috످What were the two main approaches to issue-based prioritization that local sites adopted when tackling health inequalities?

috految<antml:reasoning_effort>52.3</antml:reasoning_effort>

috److془The question refers to a specific report. Possibly King's Fund "Implementation of Core20PLUS5" or Health Foundation... I don't recall. Say don't know.془I don't know which two approaches the local sites adopted, or which study or report this refers to.

If it's about the NHS in England, you could search The King's Fund or Health Foundation websites for "issue-based prioritisation" and "health inequalities". If you have the report, paste the relevant section and I can help identify the two approaches.

috످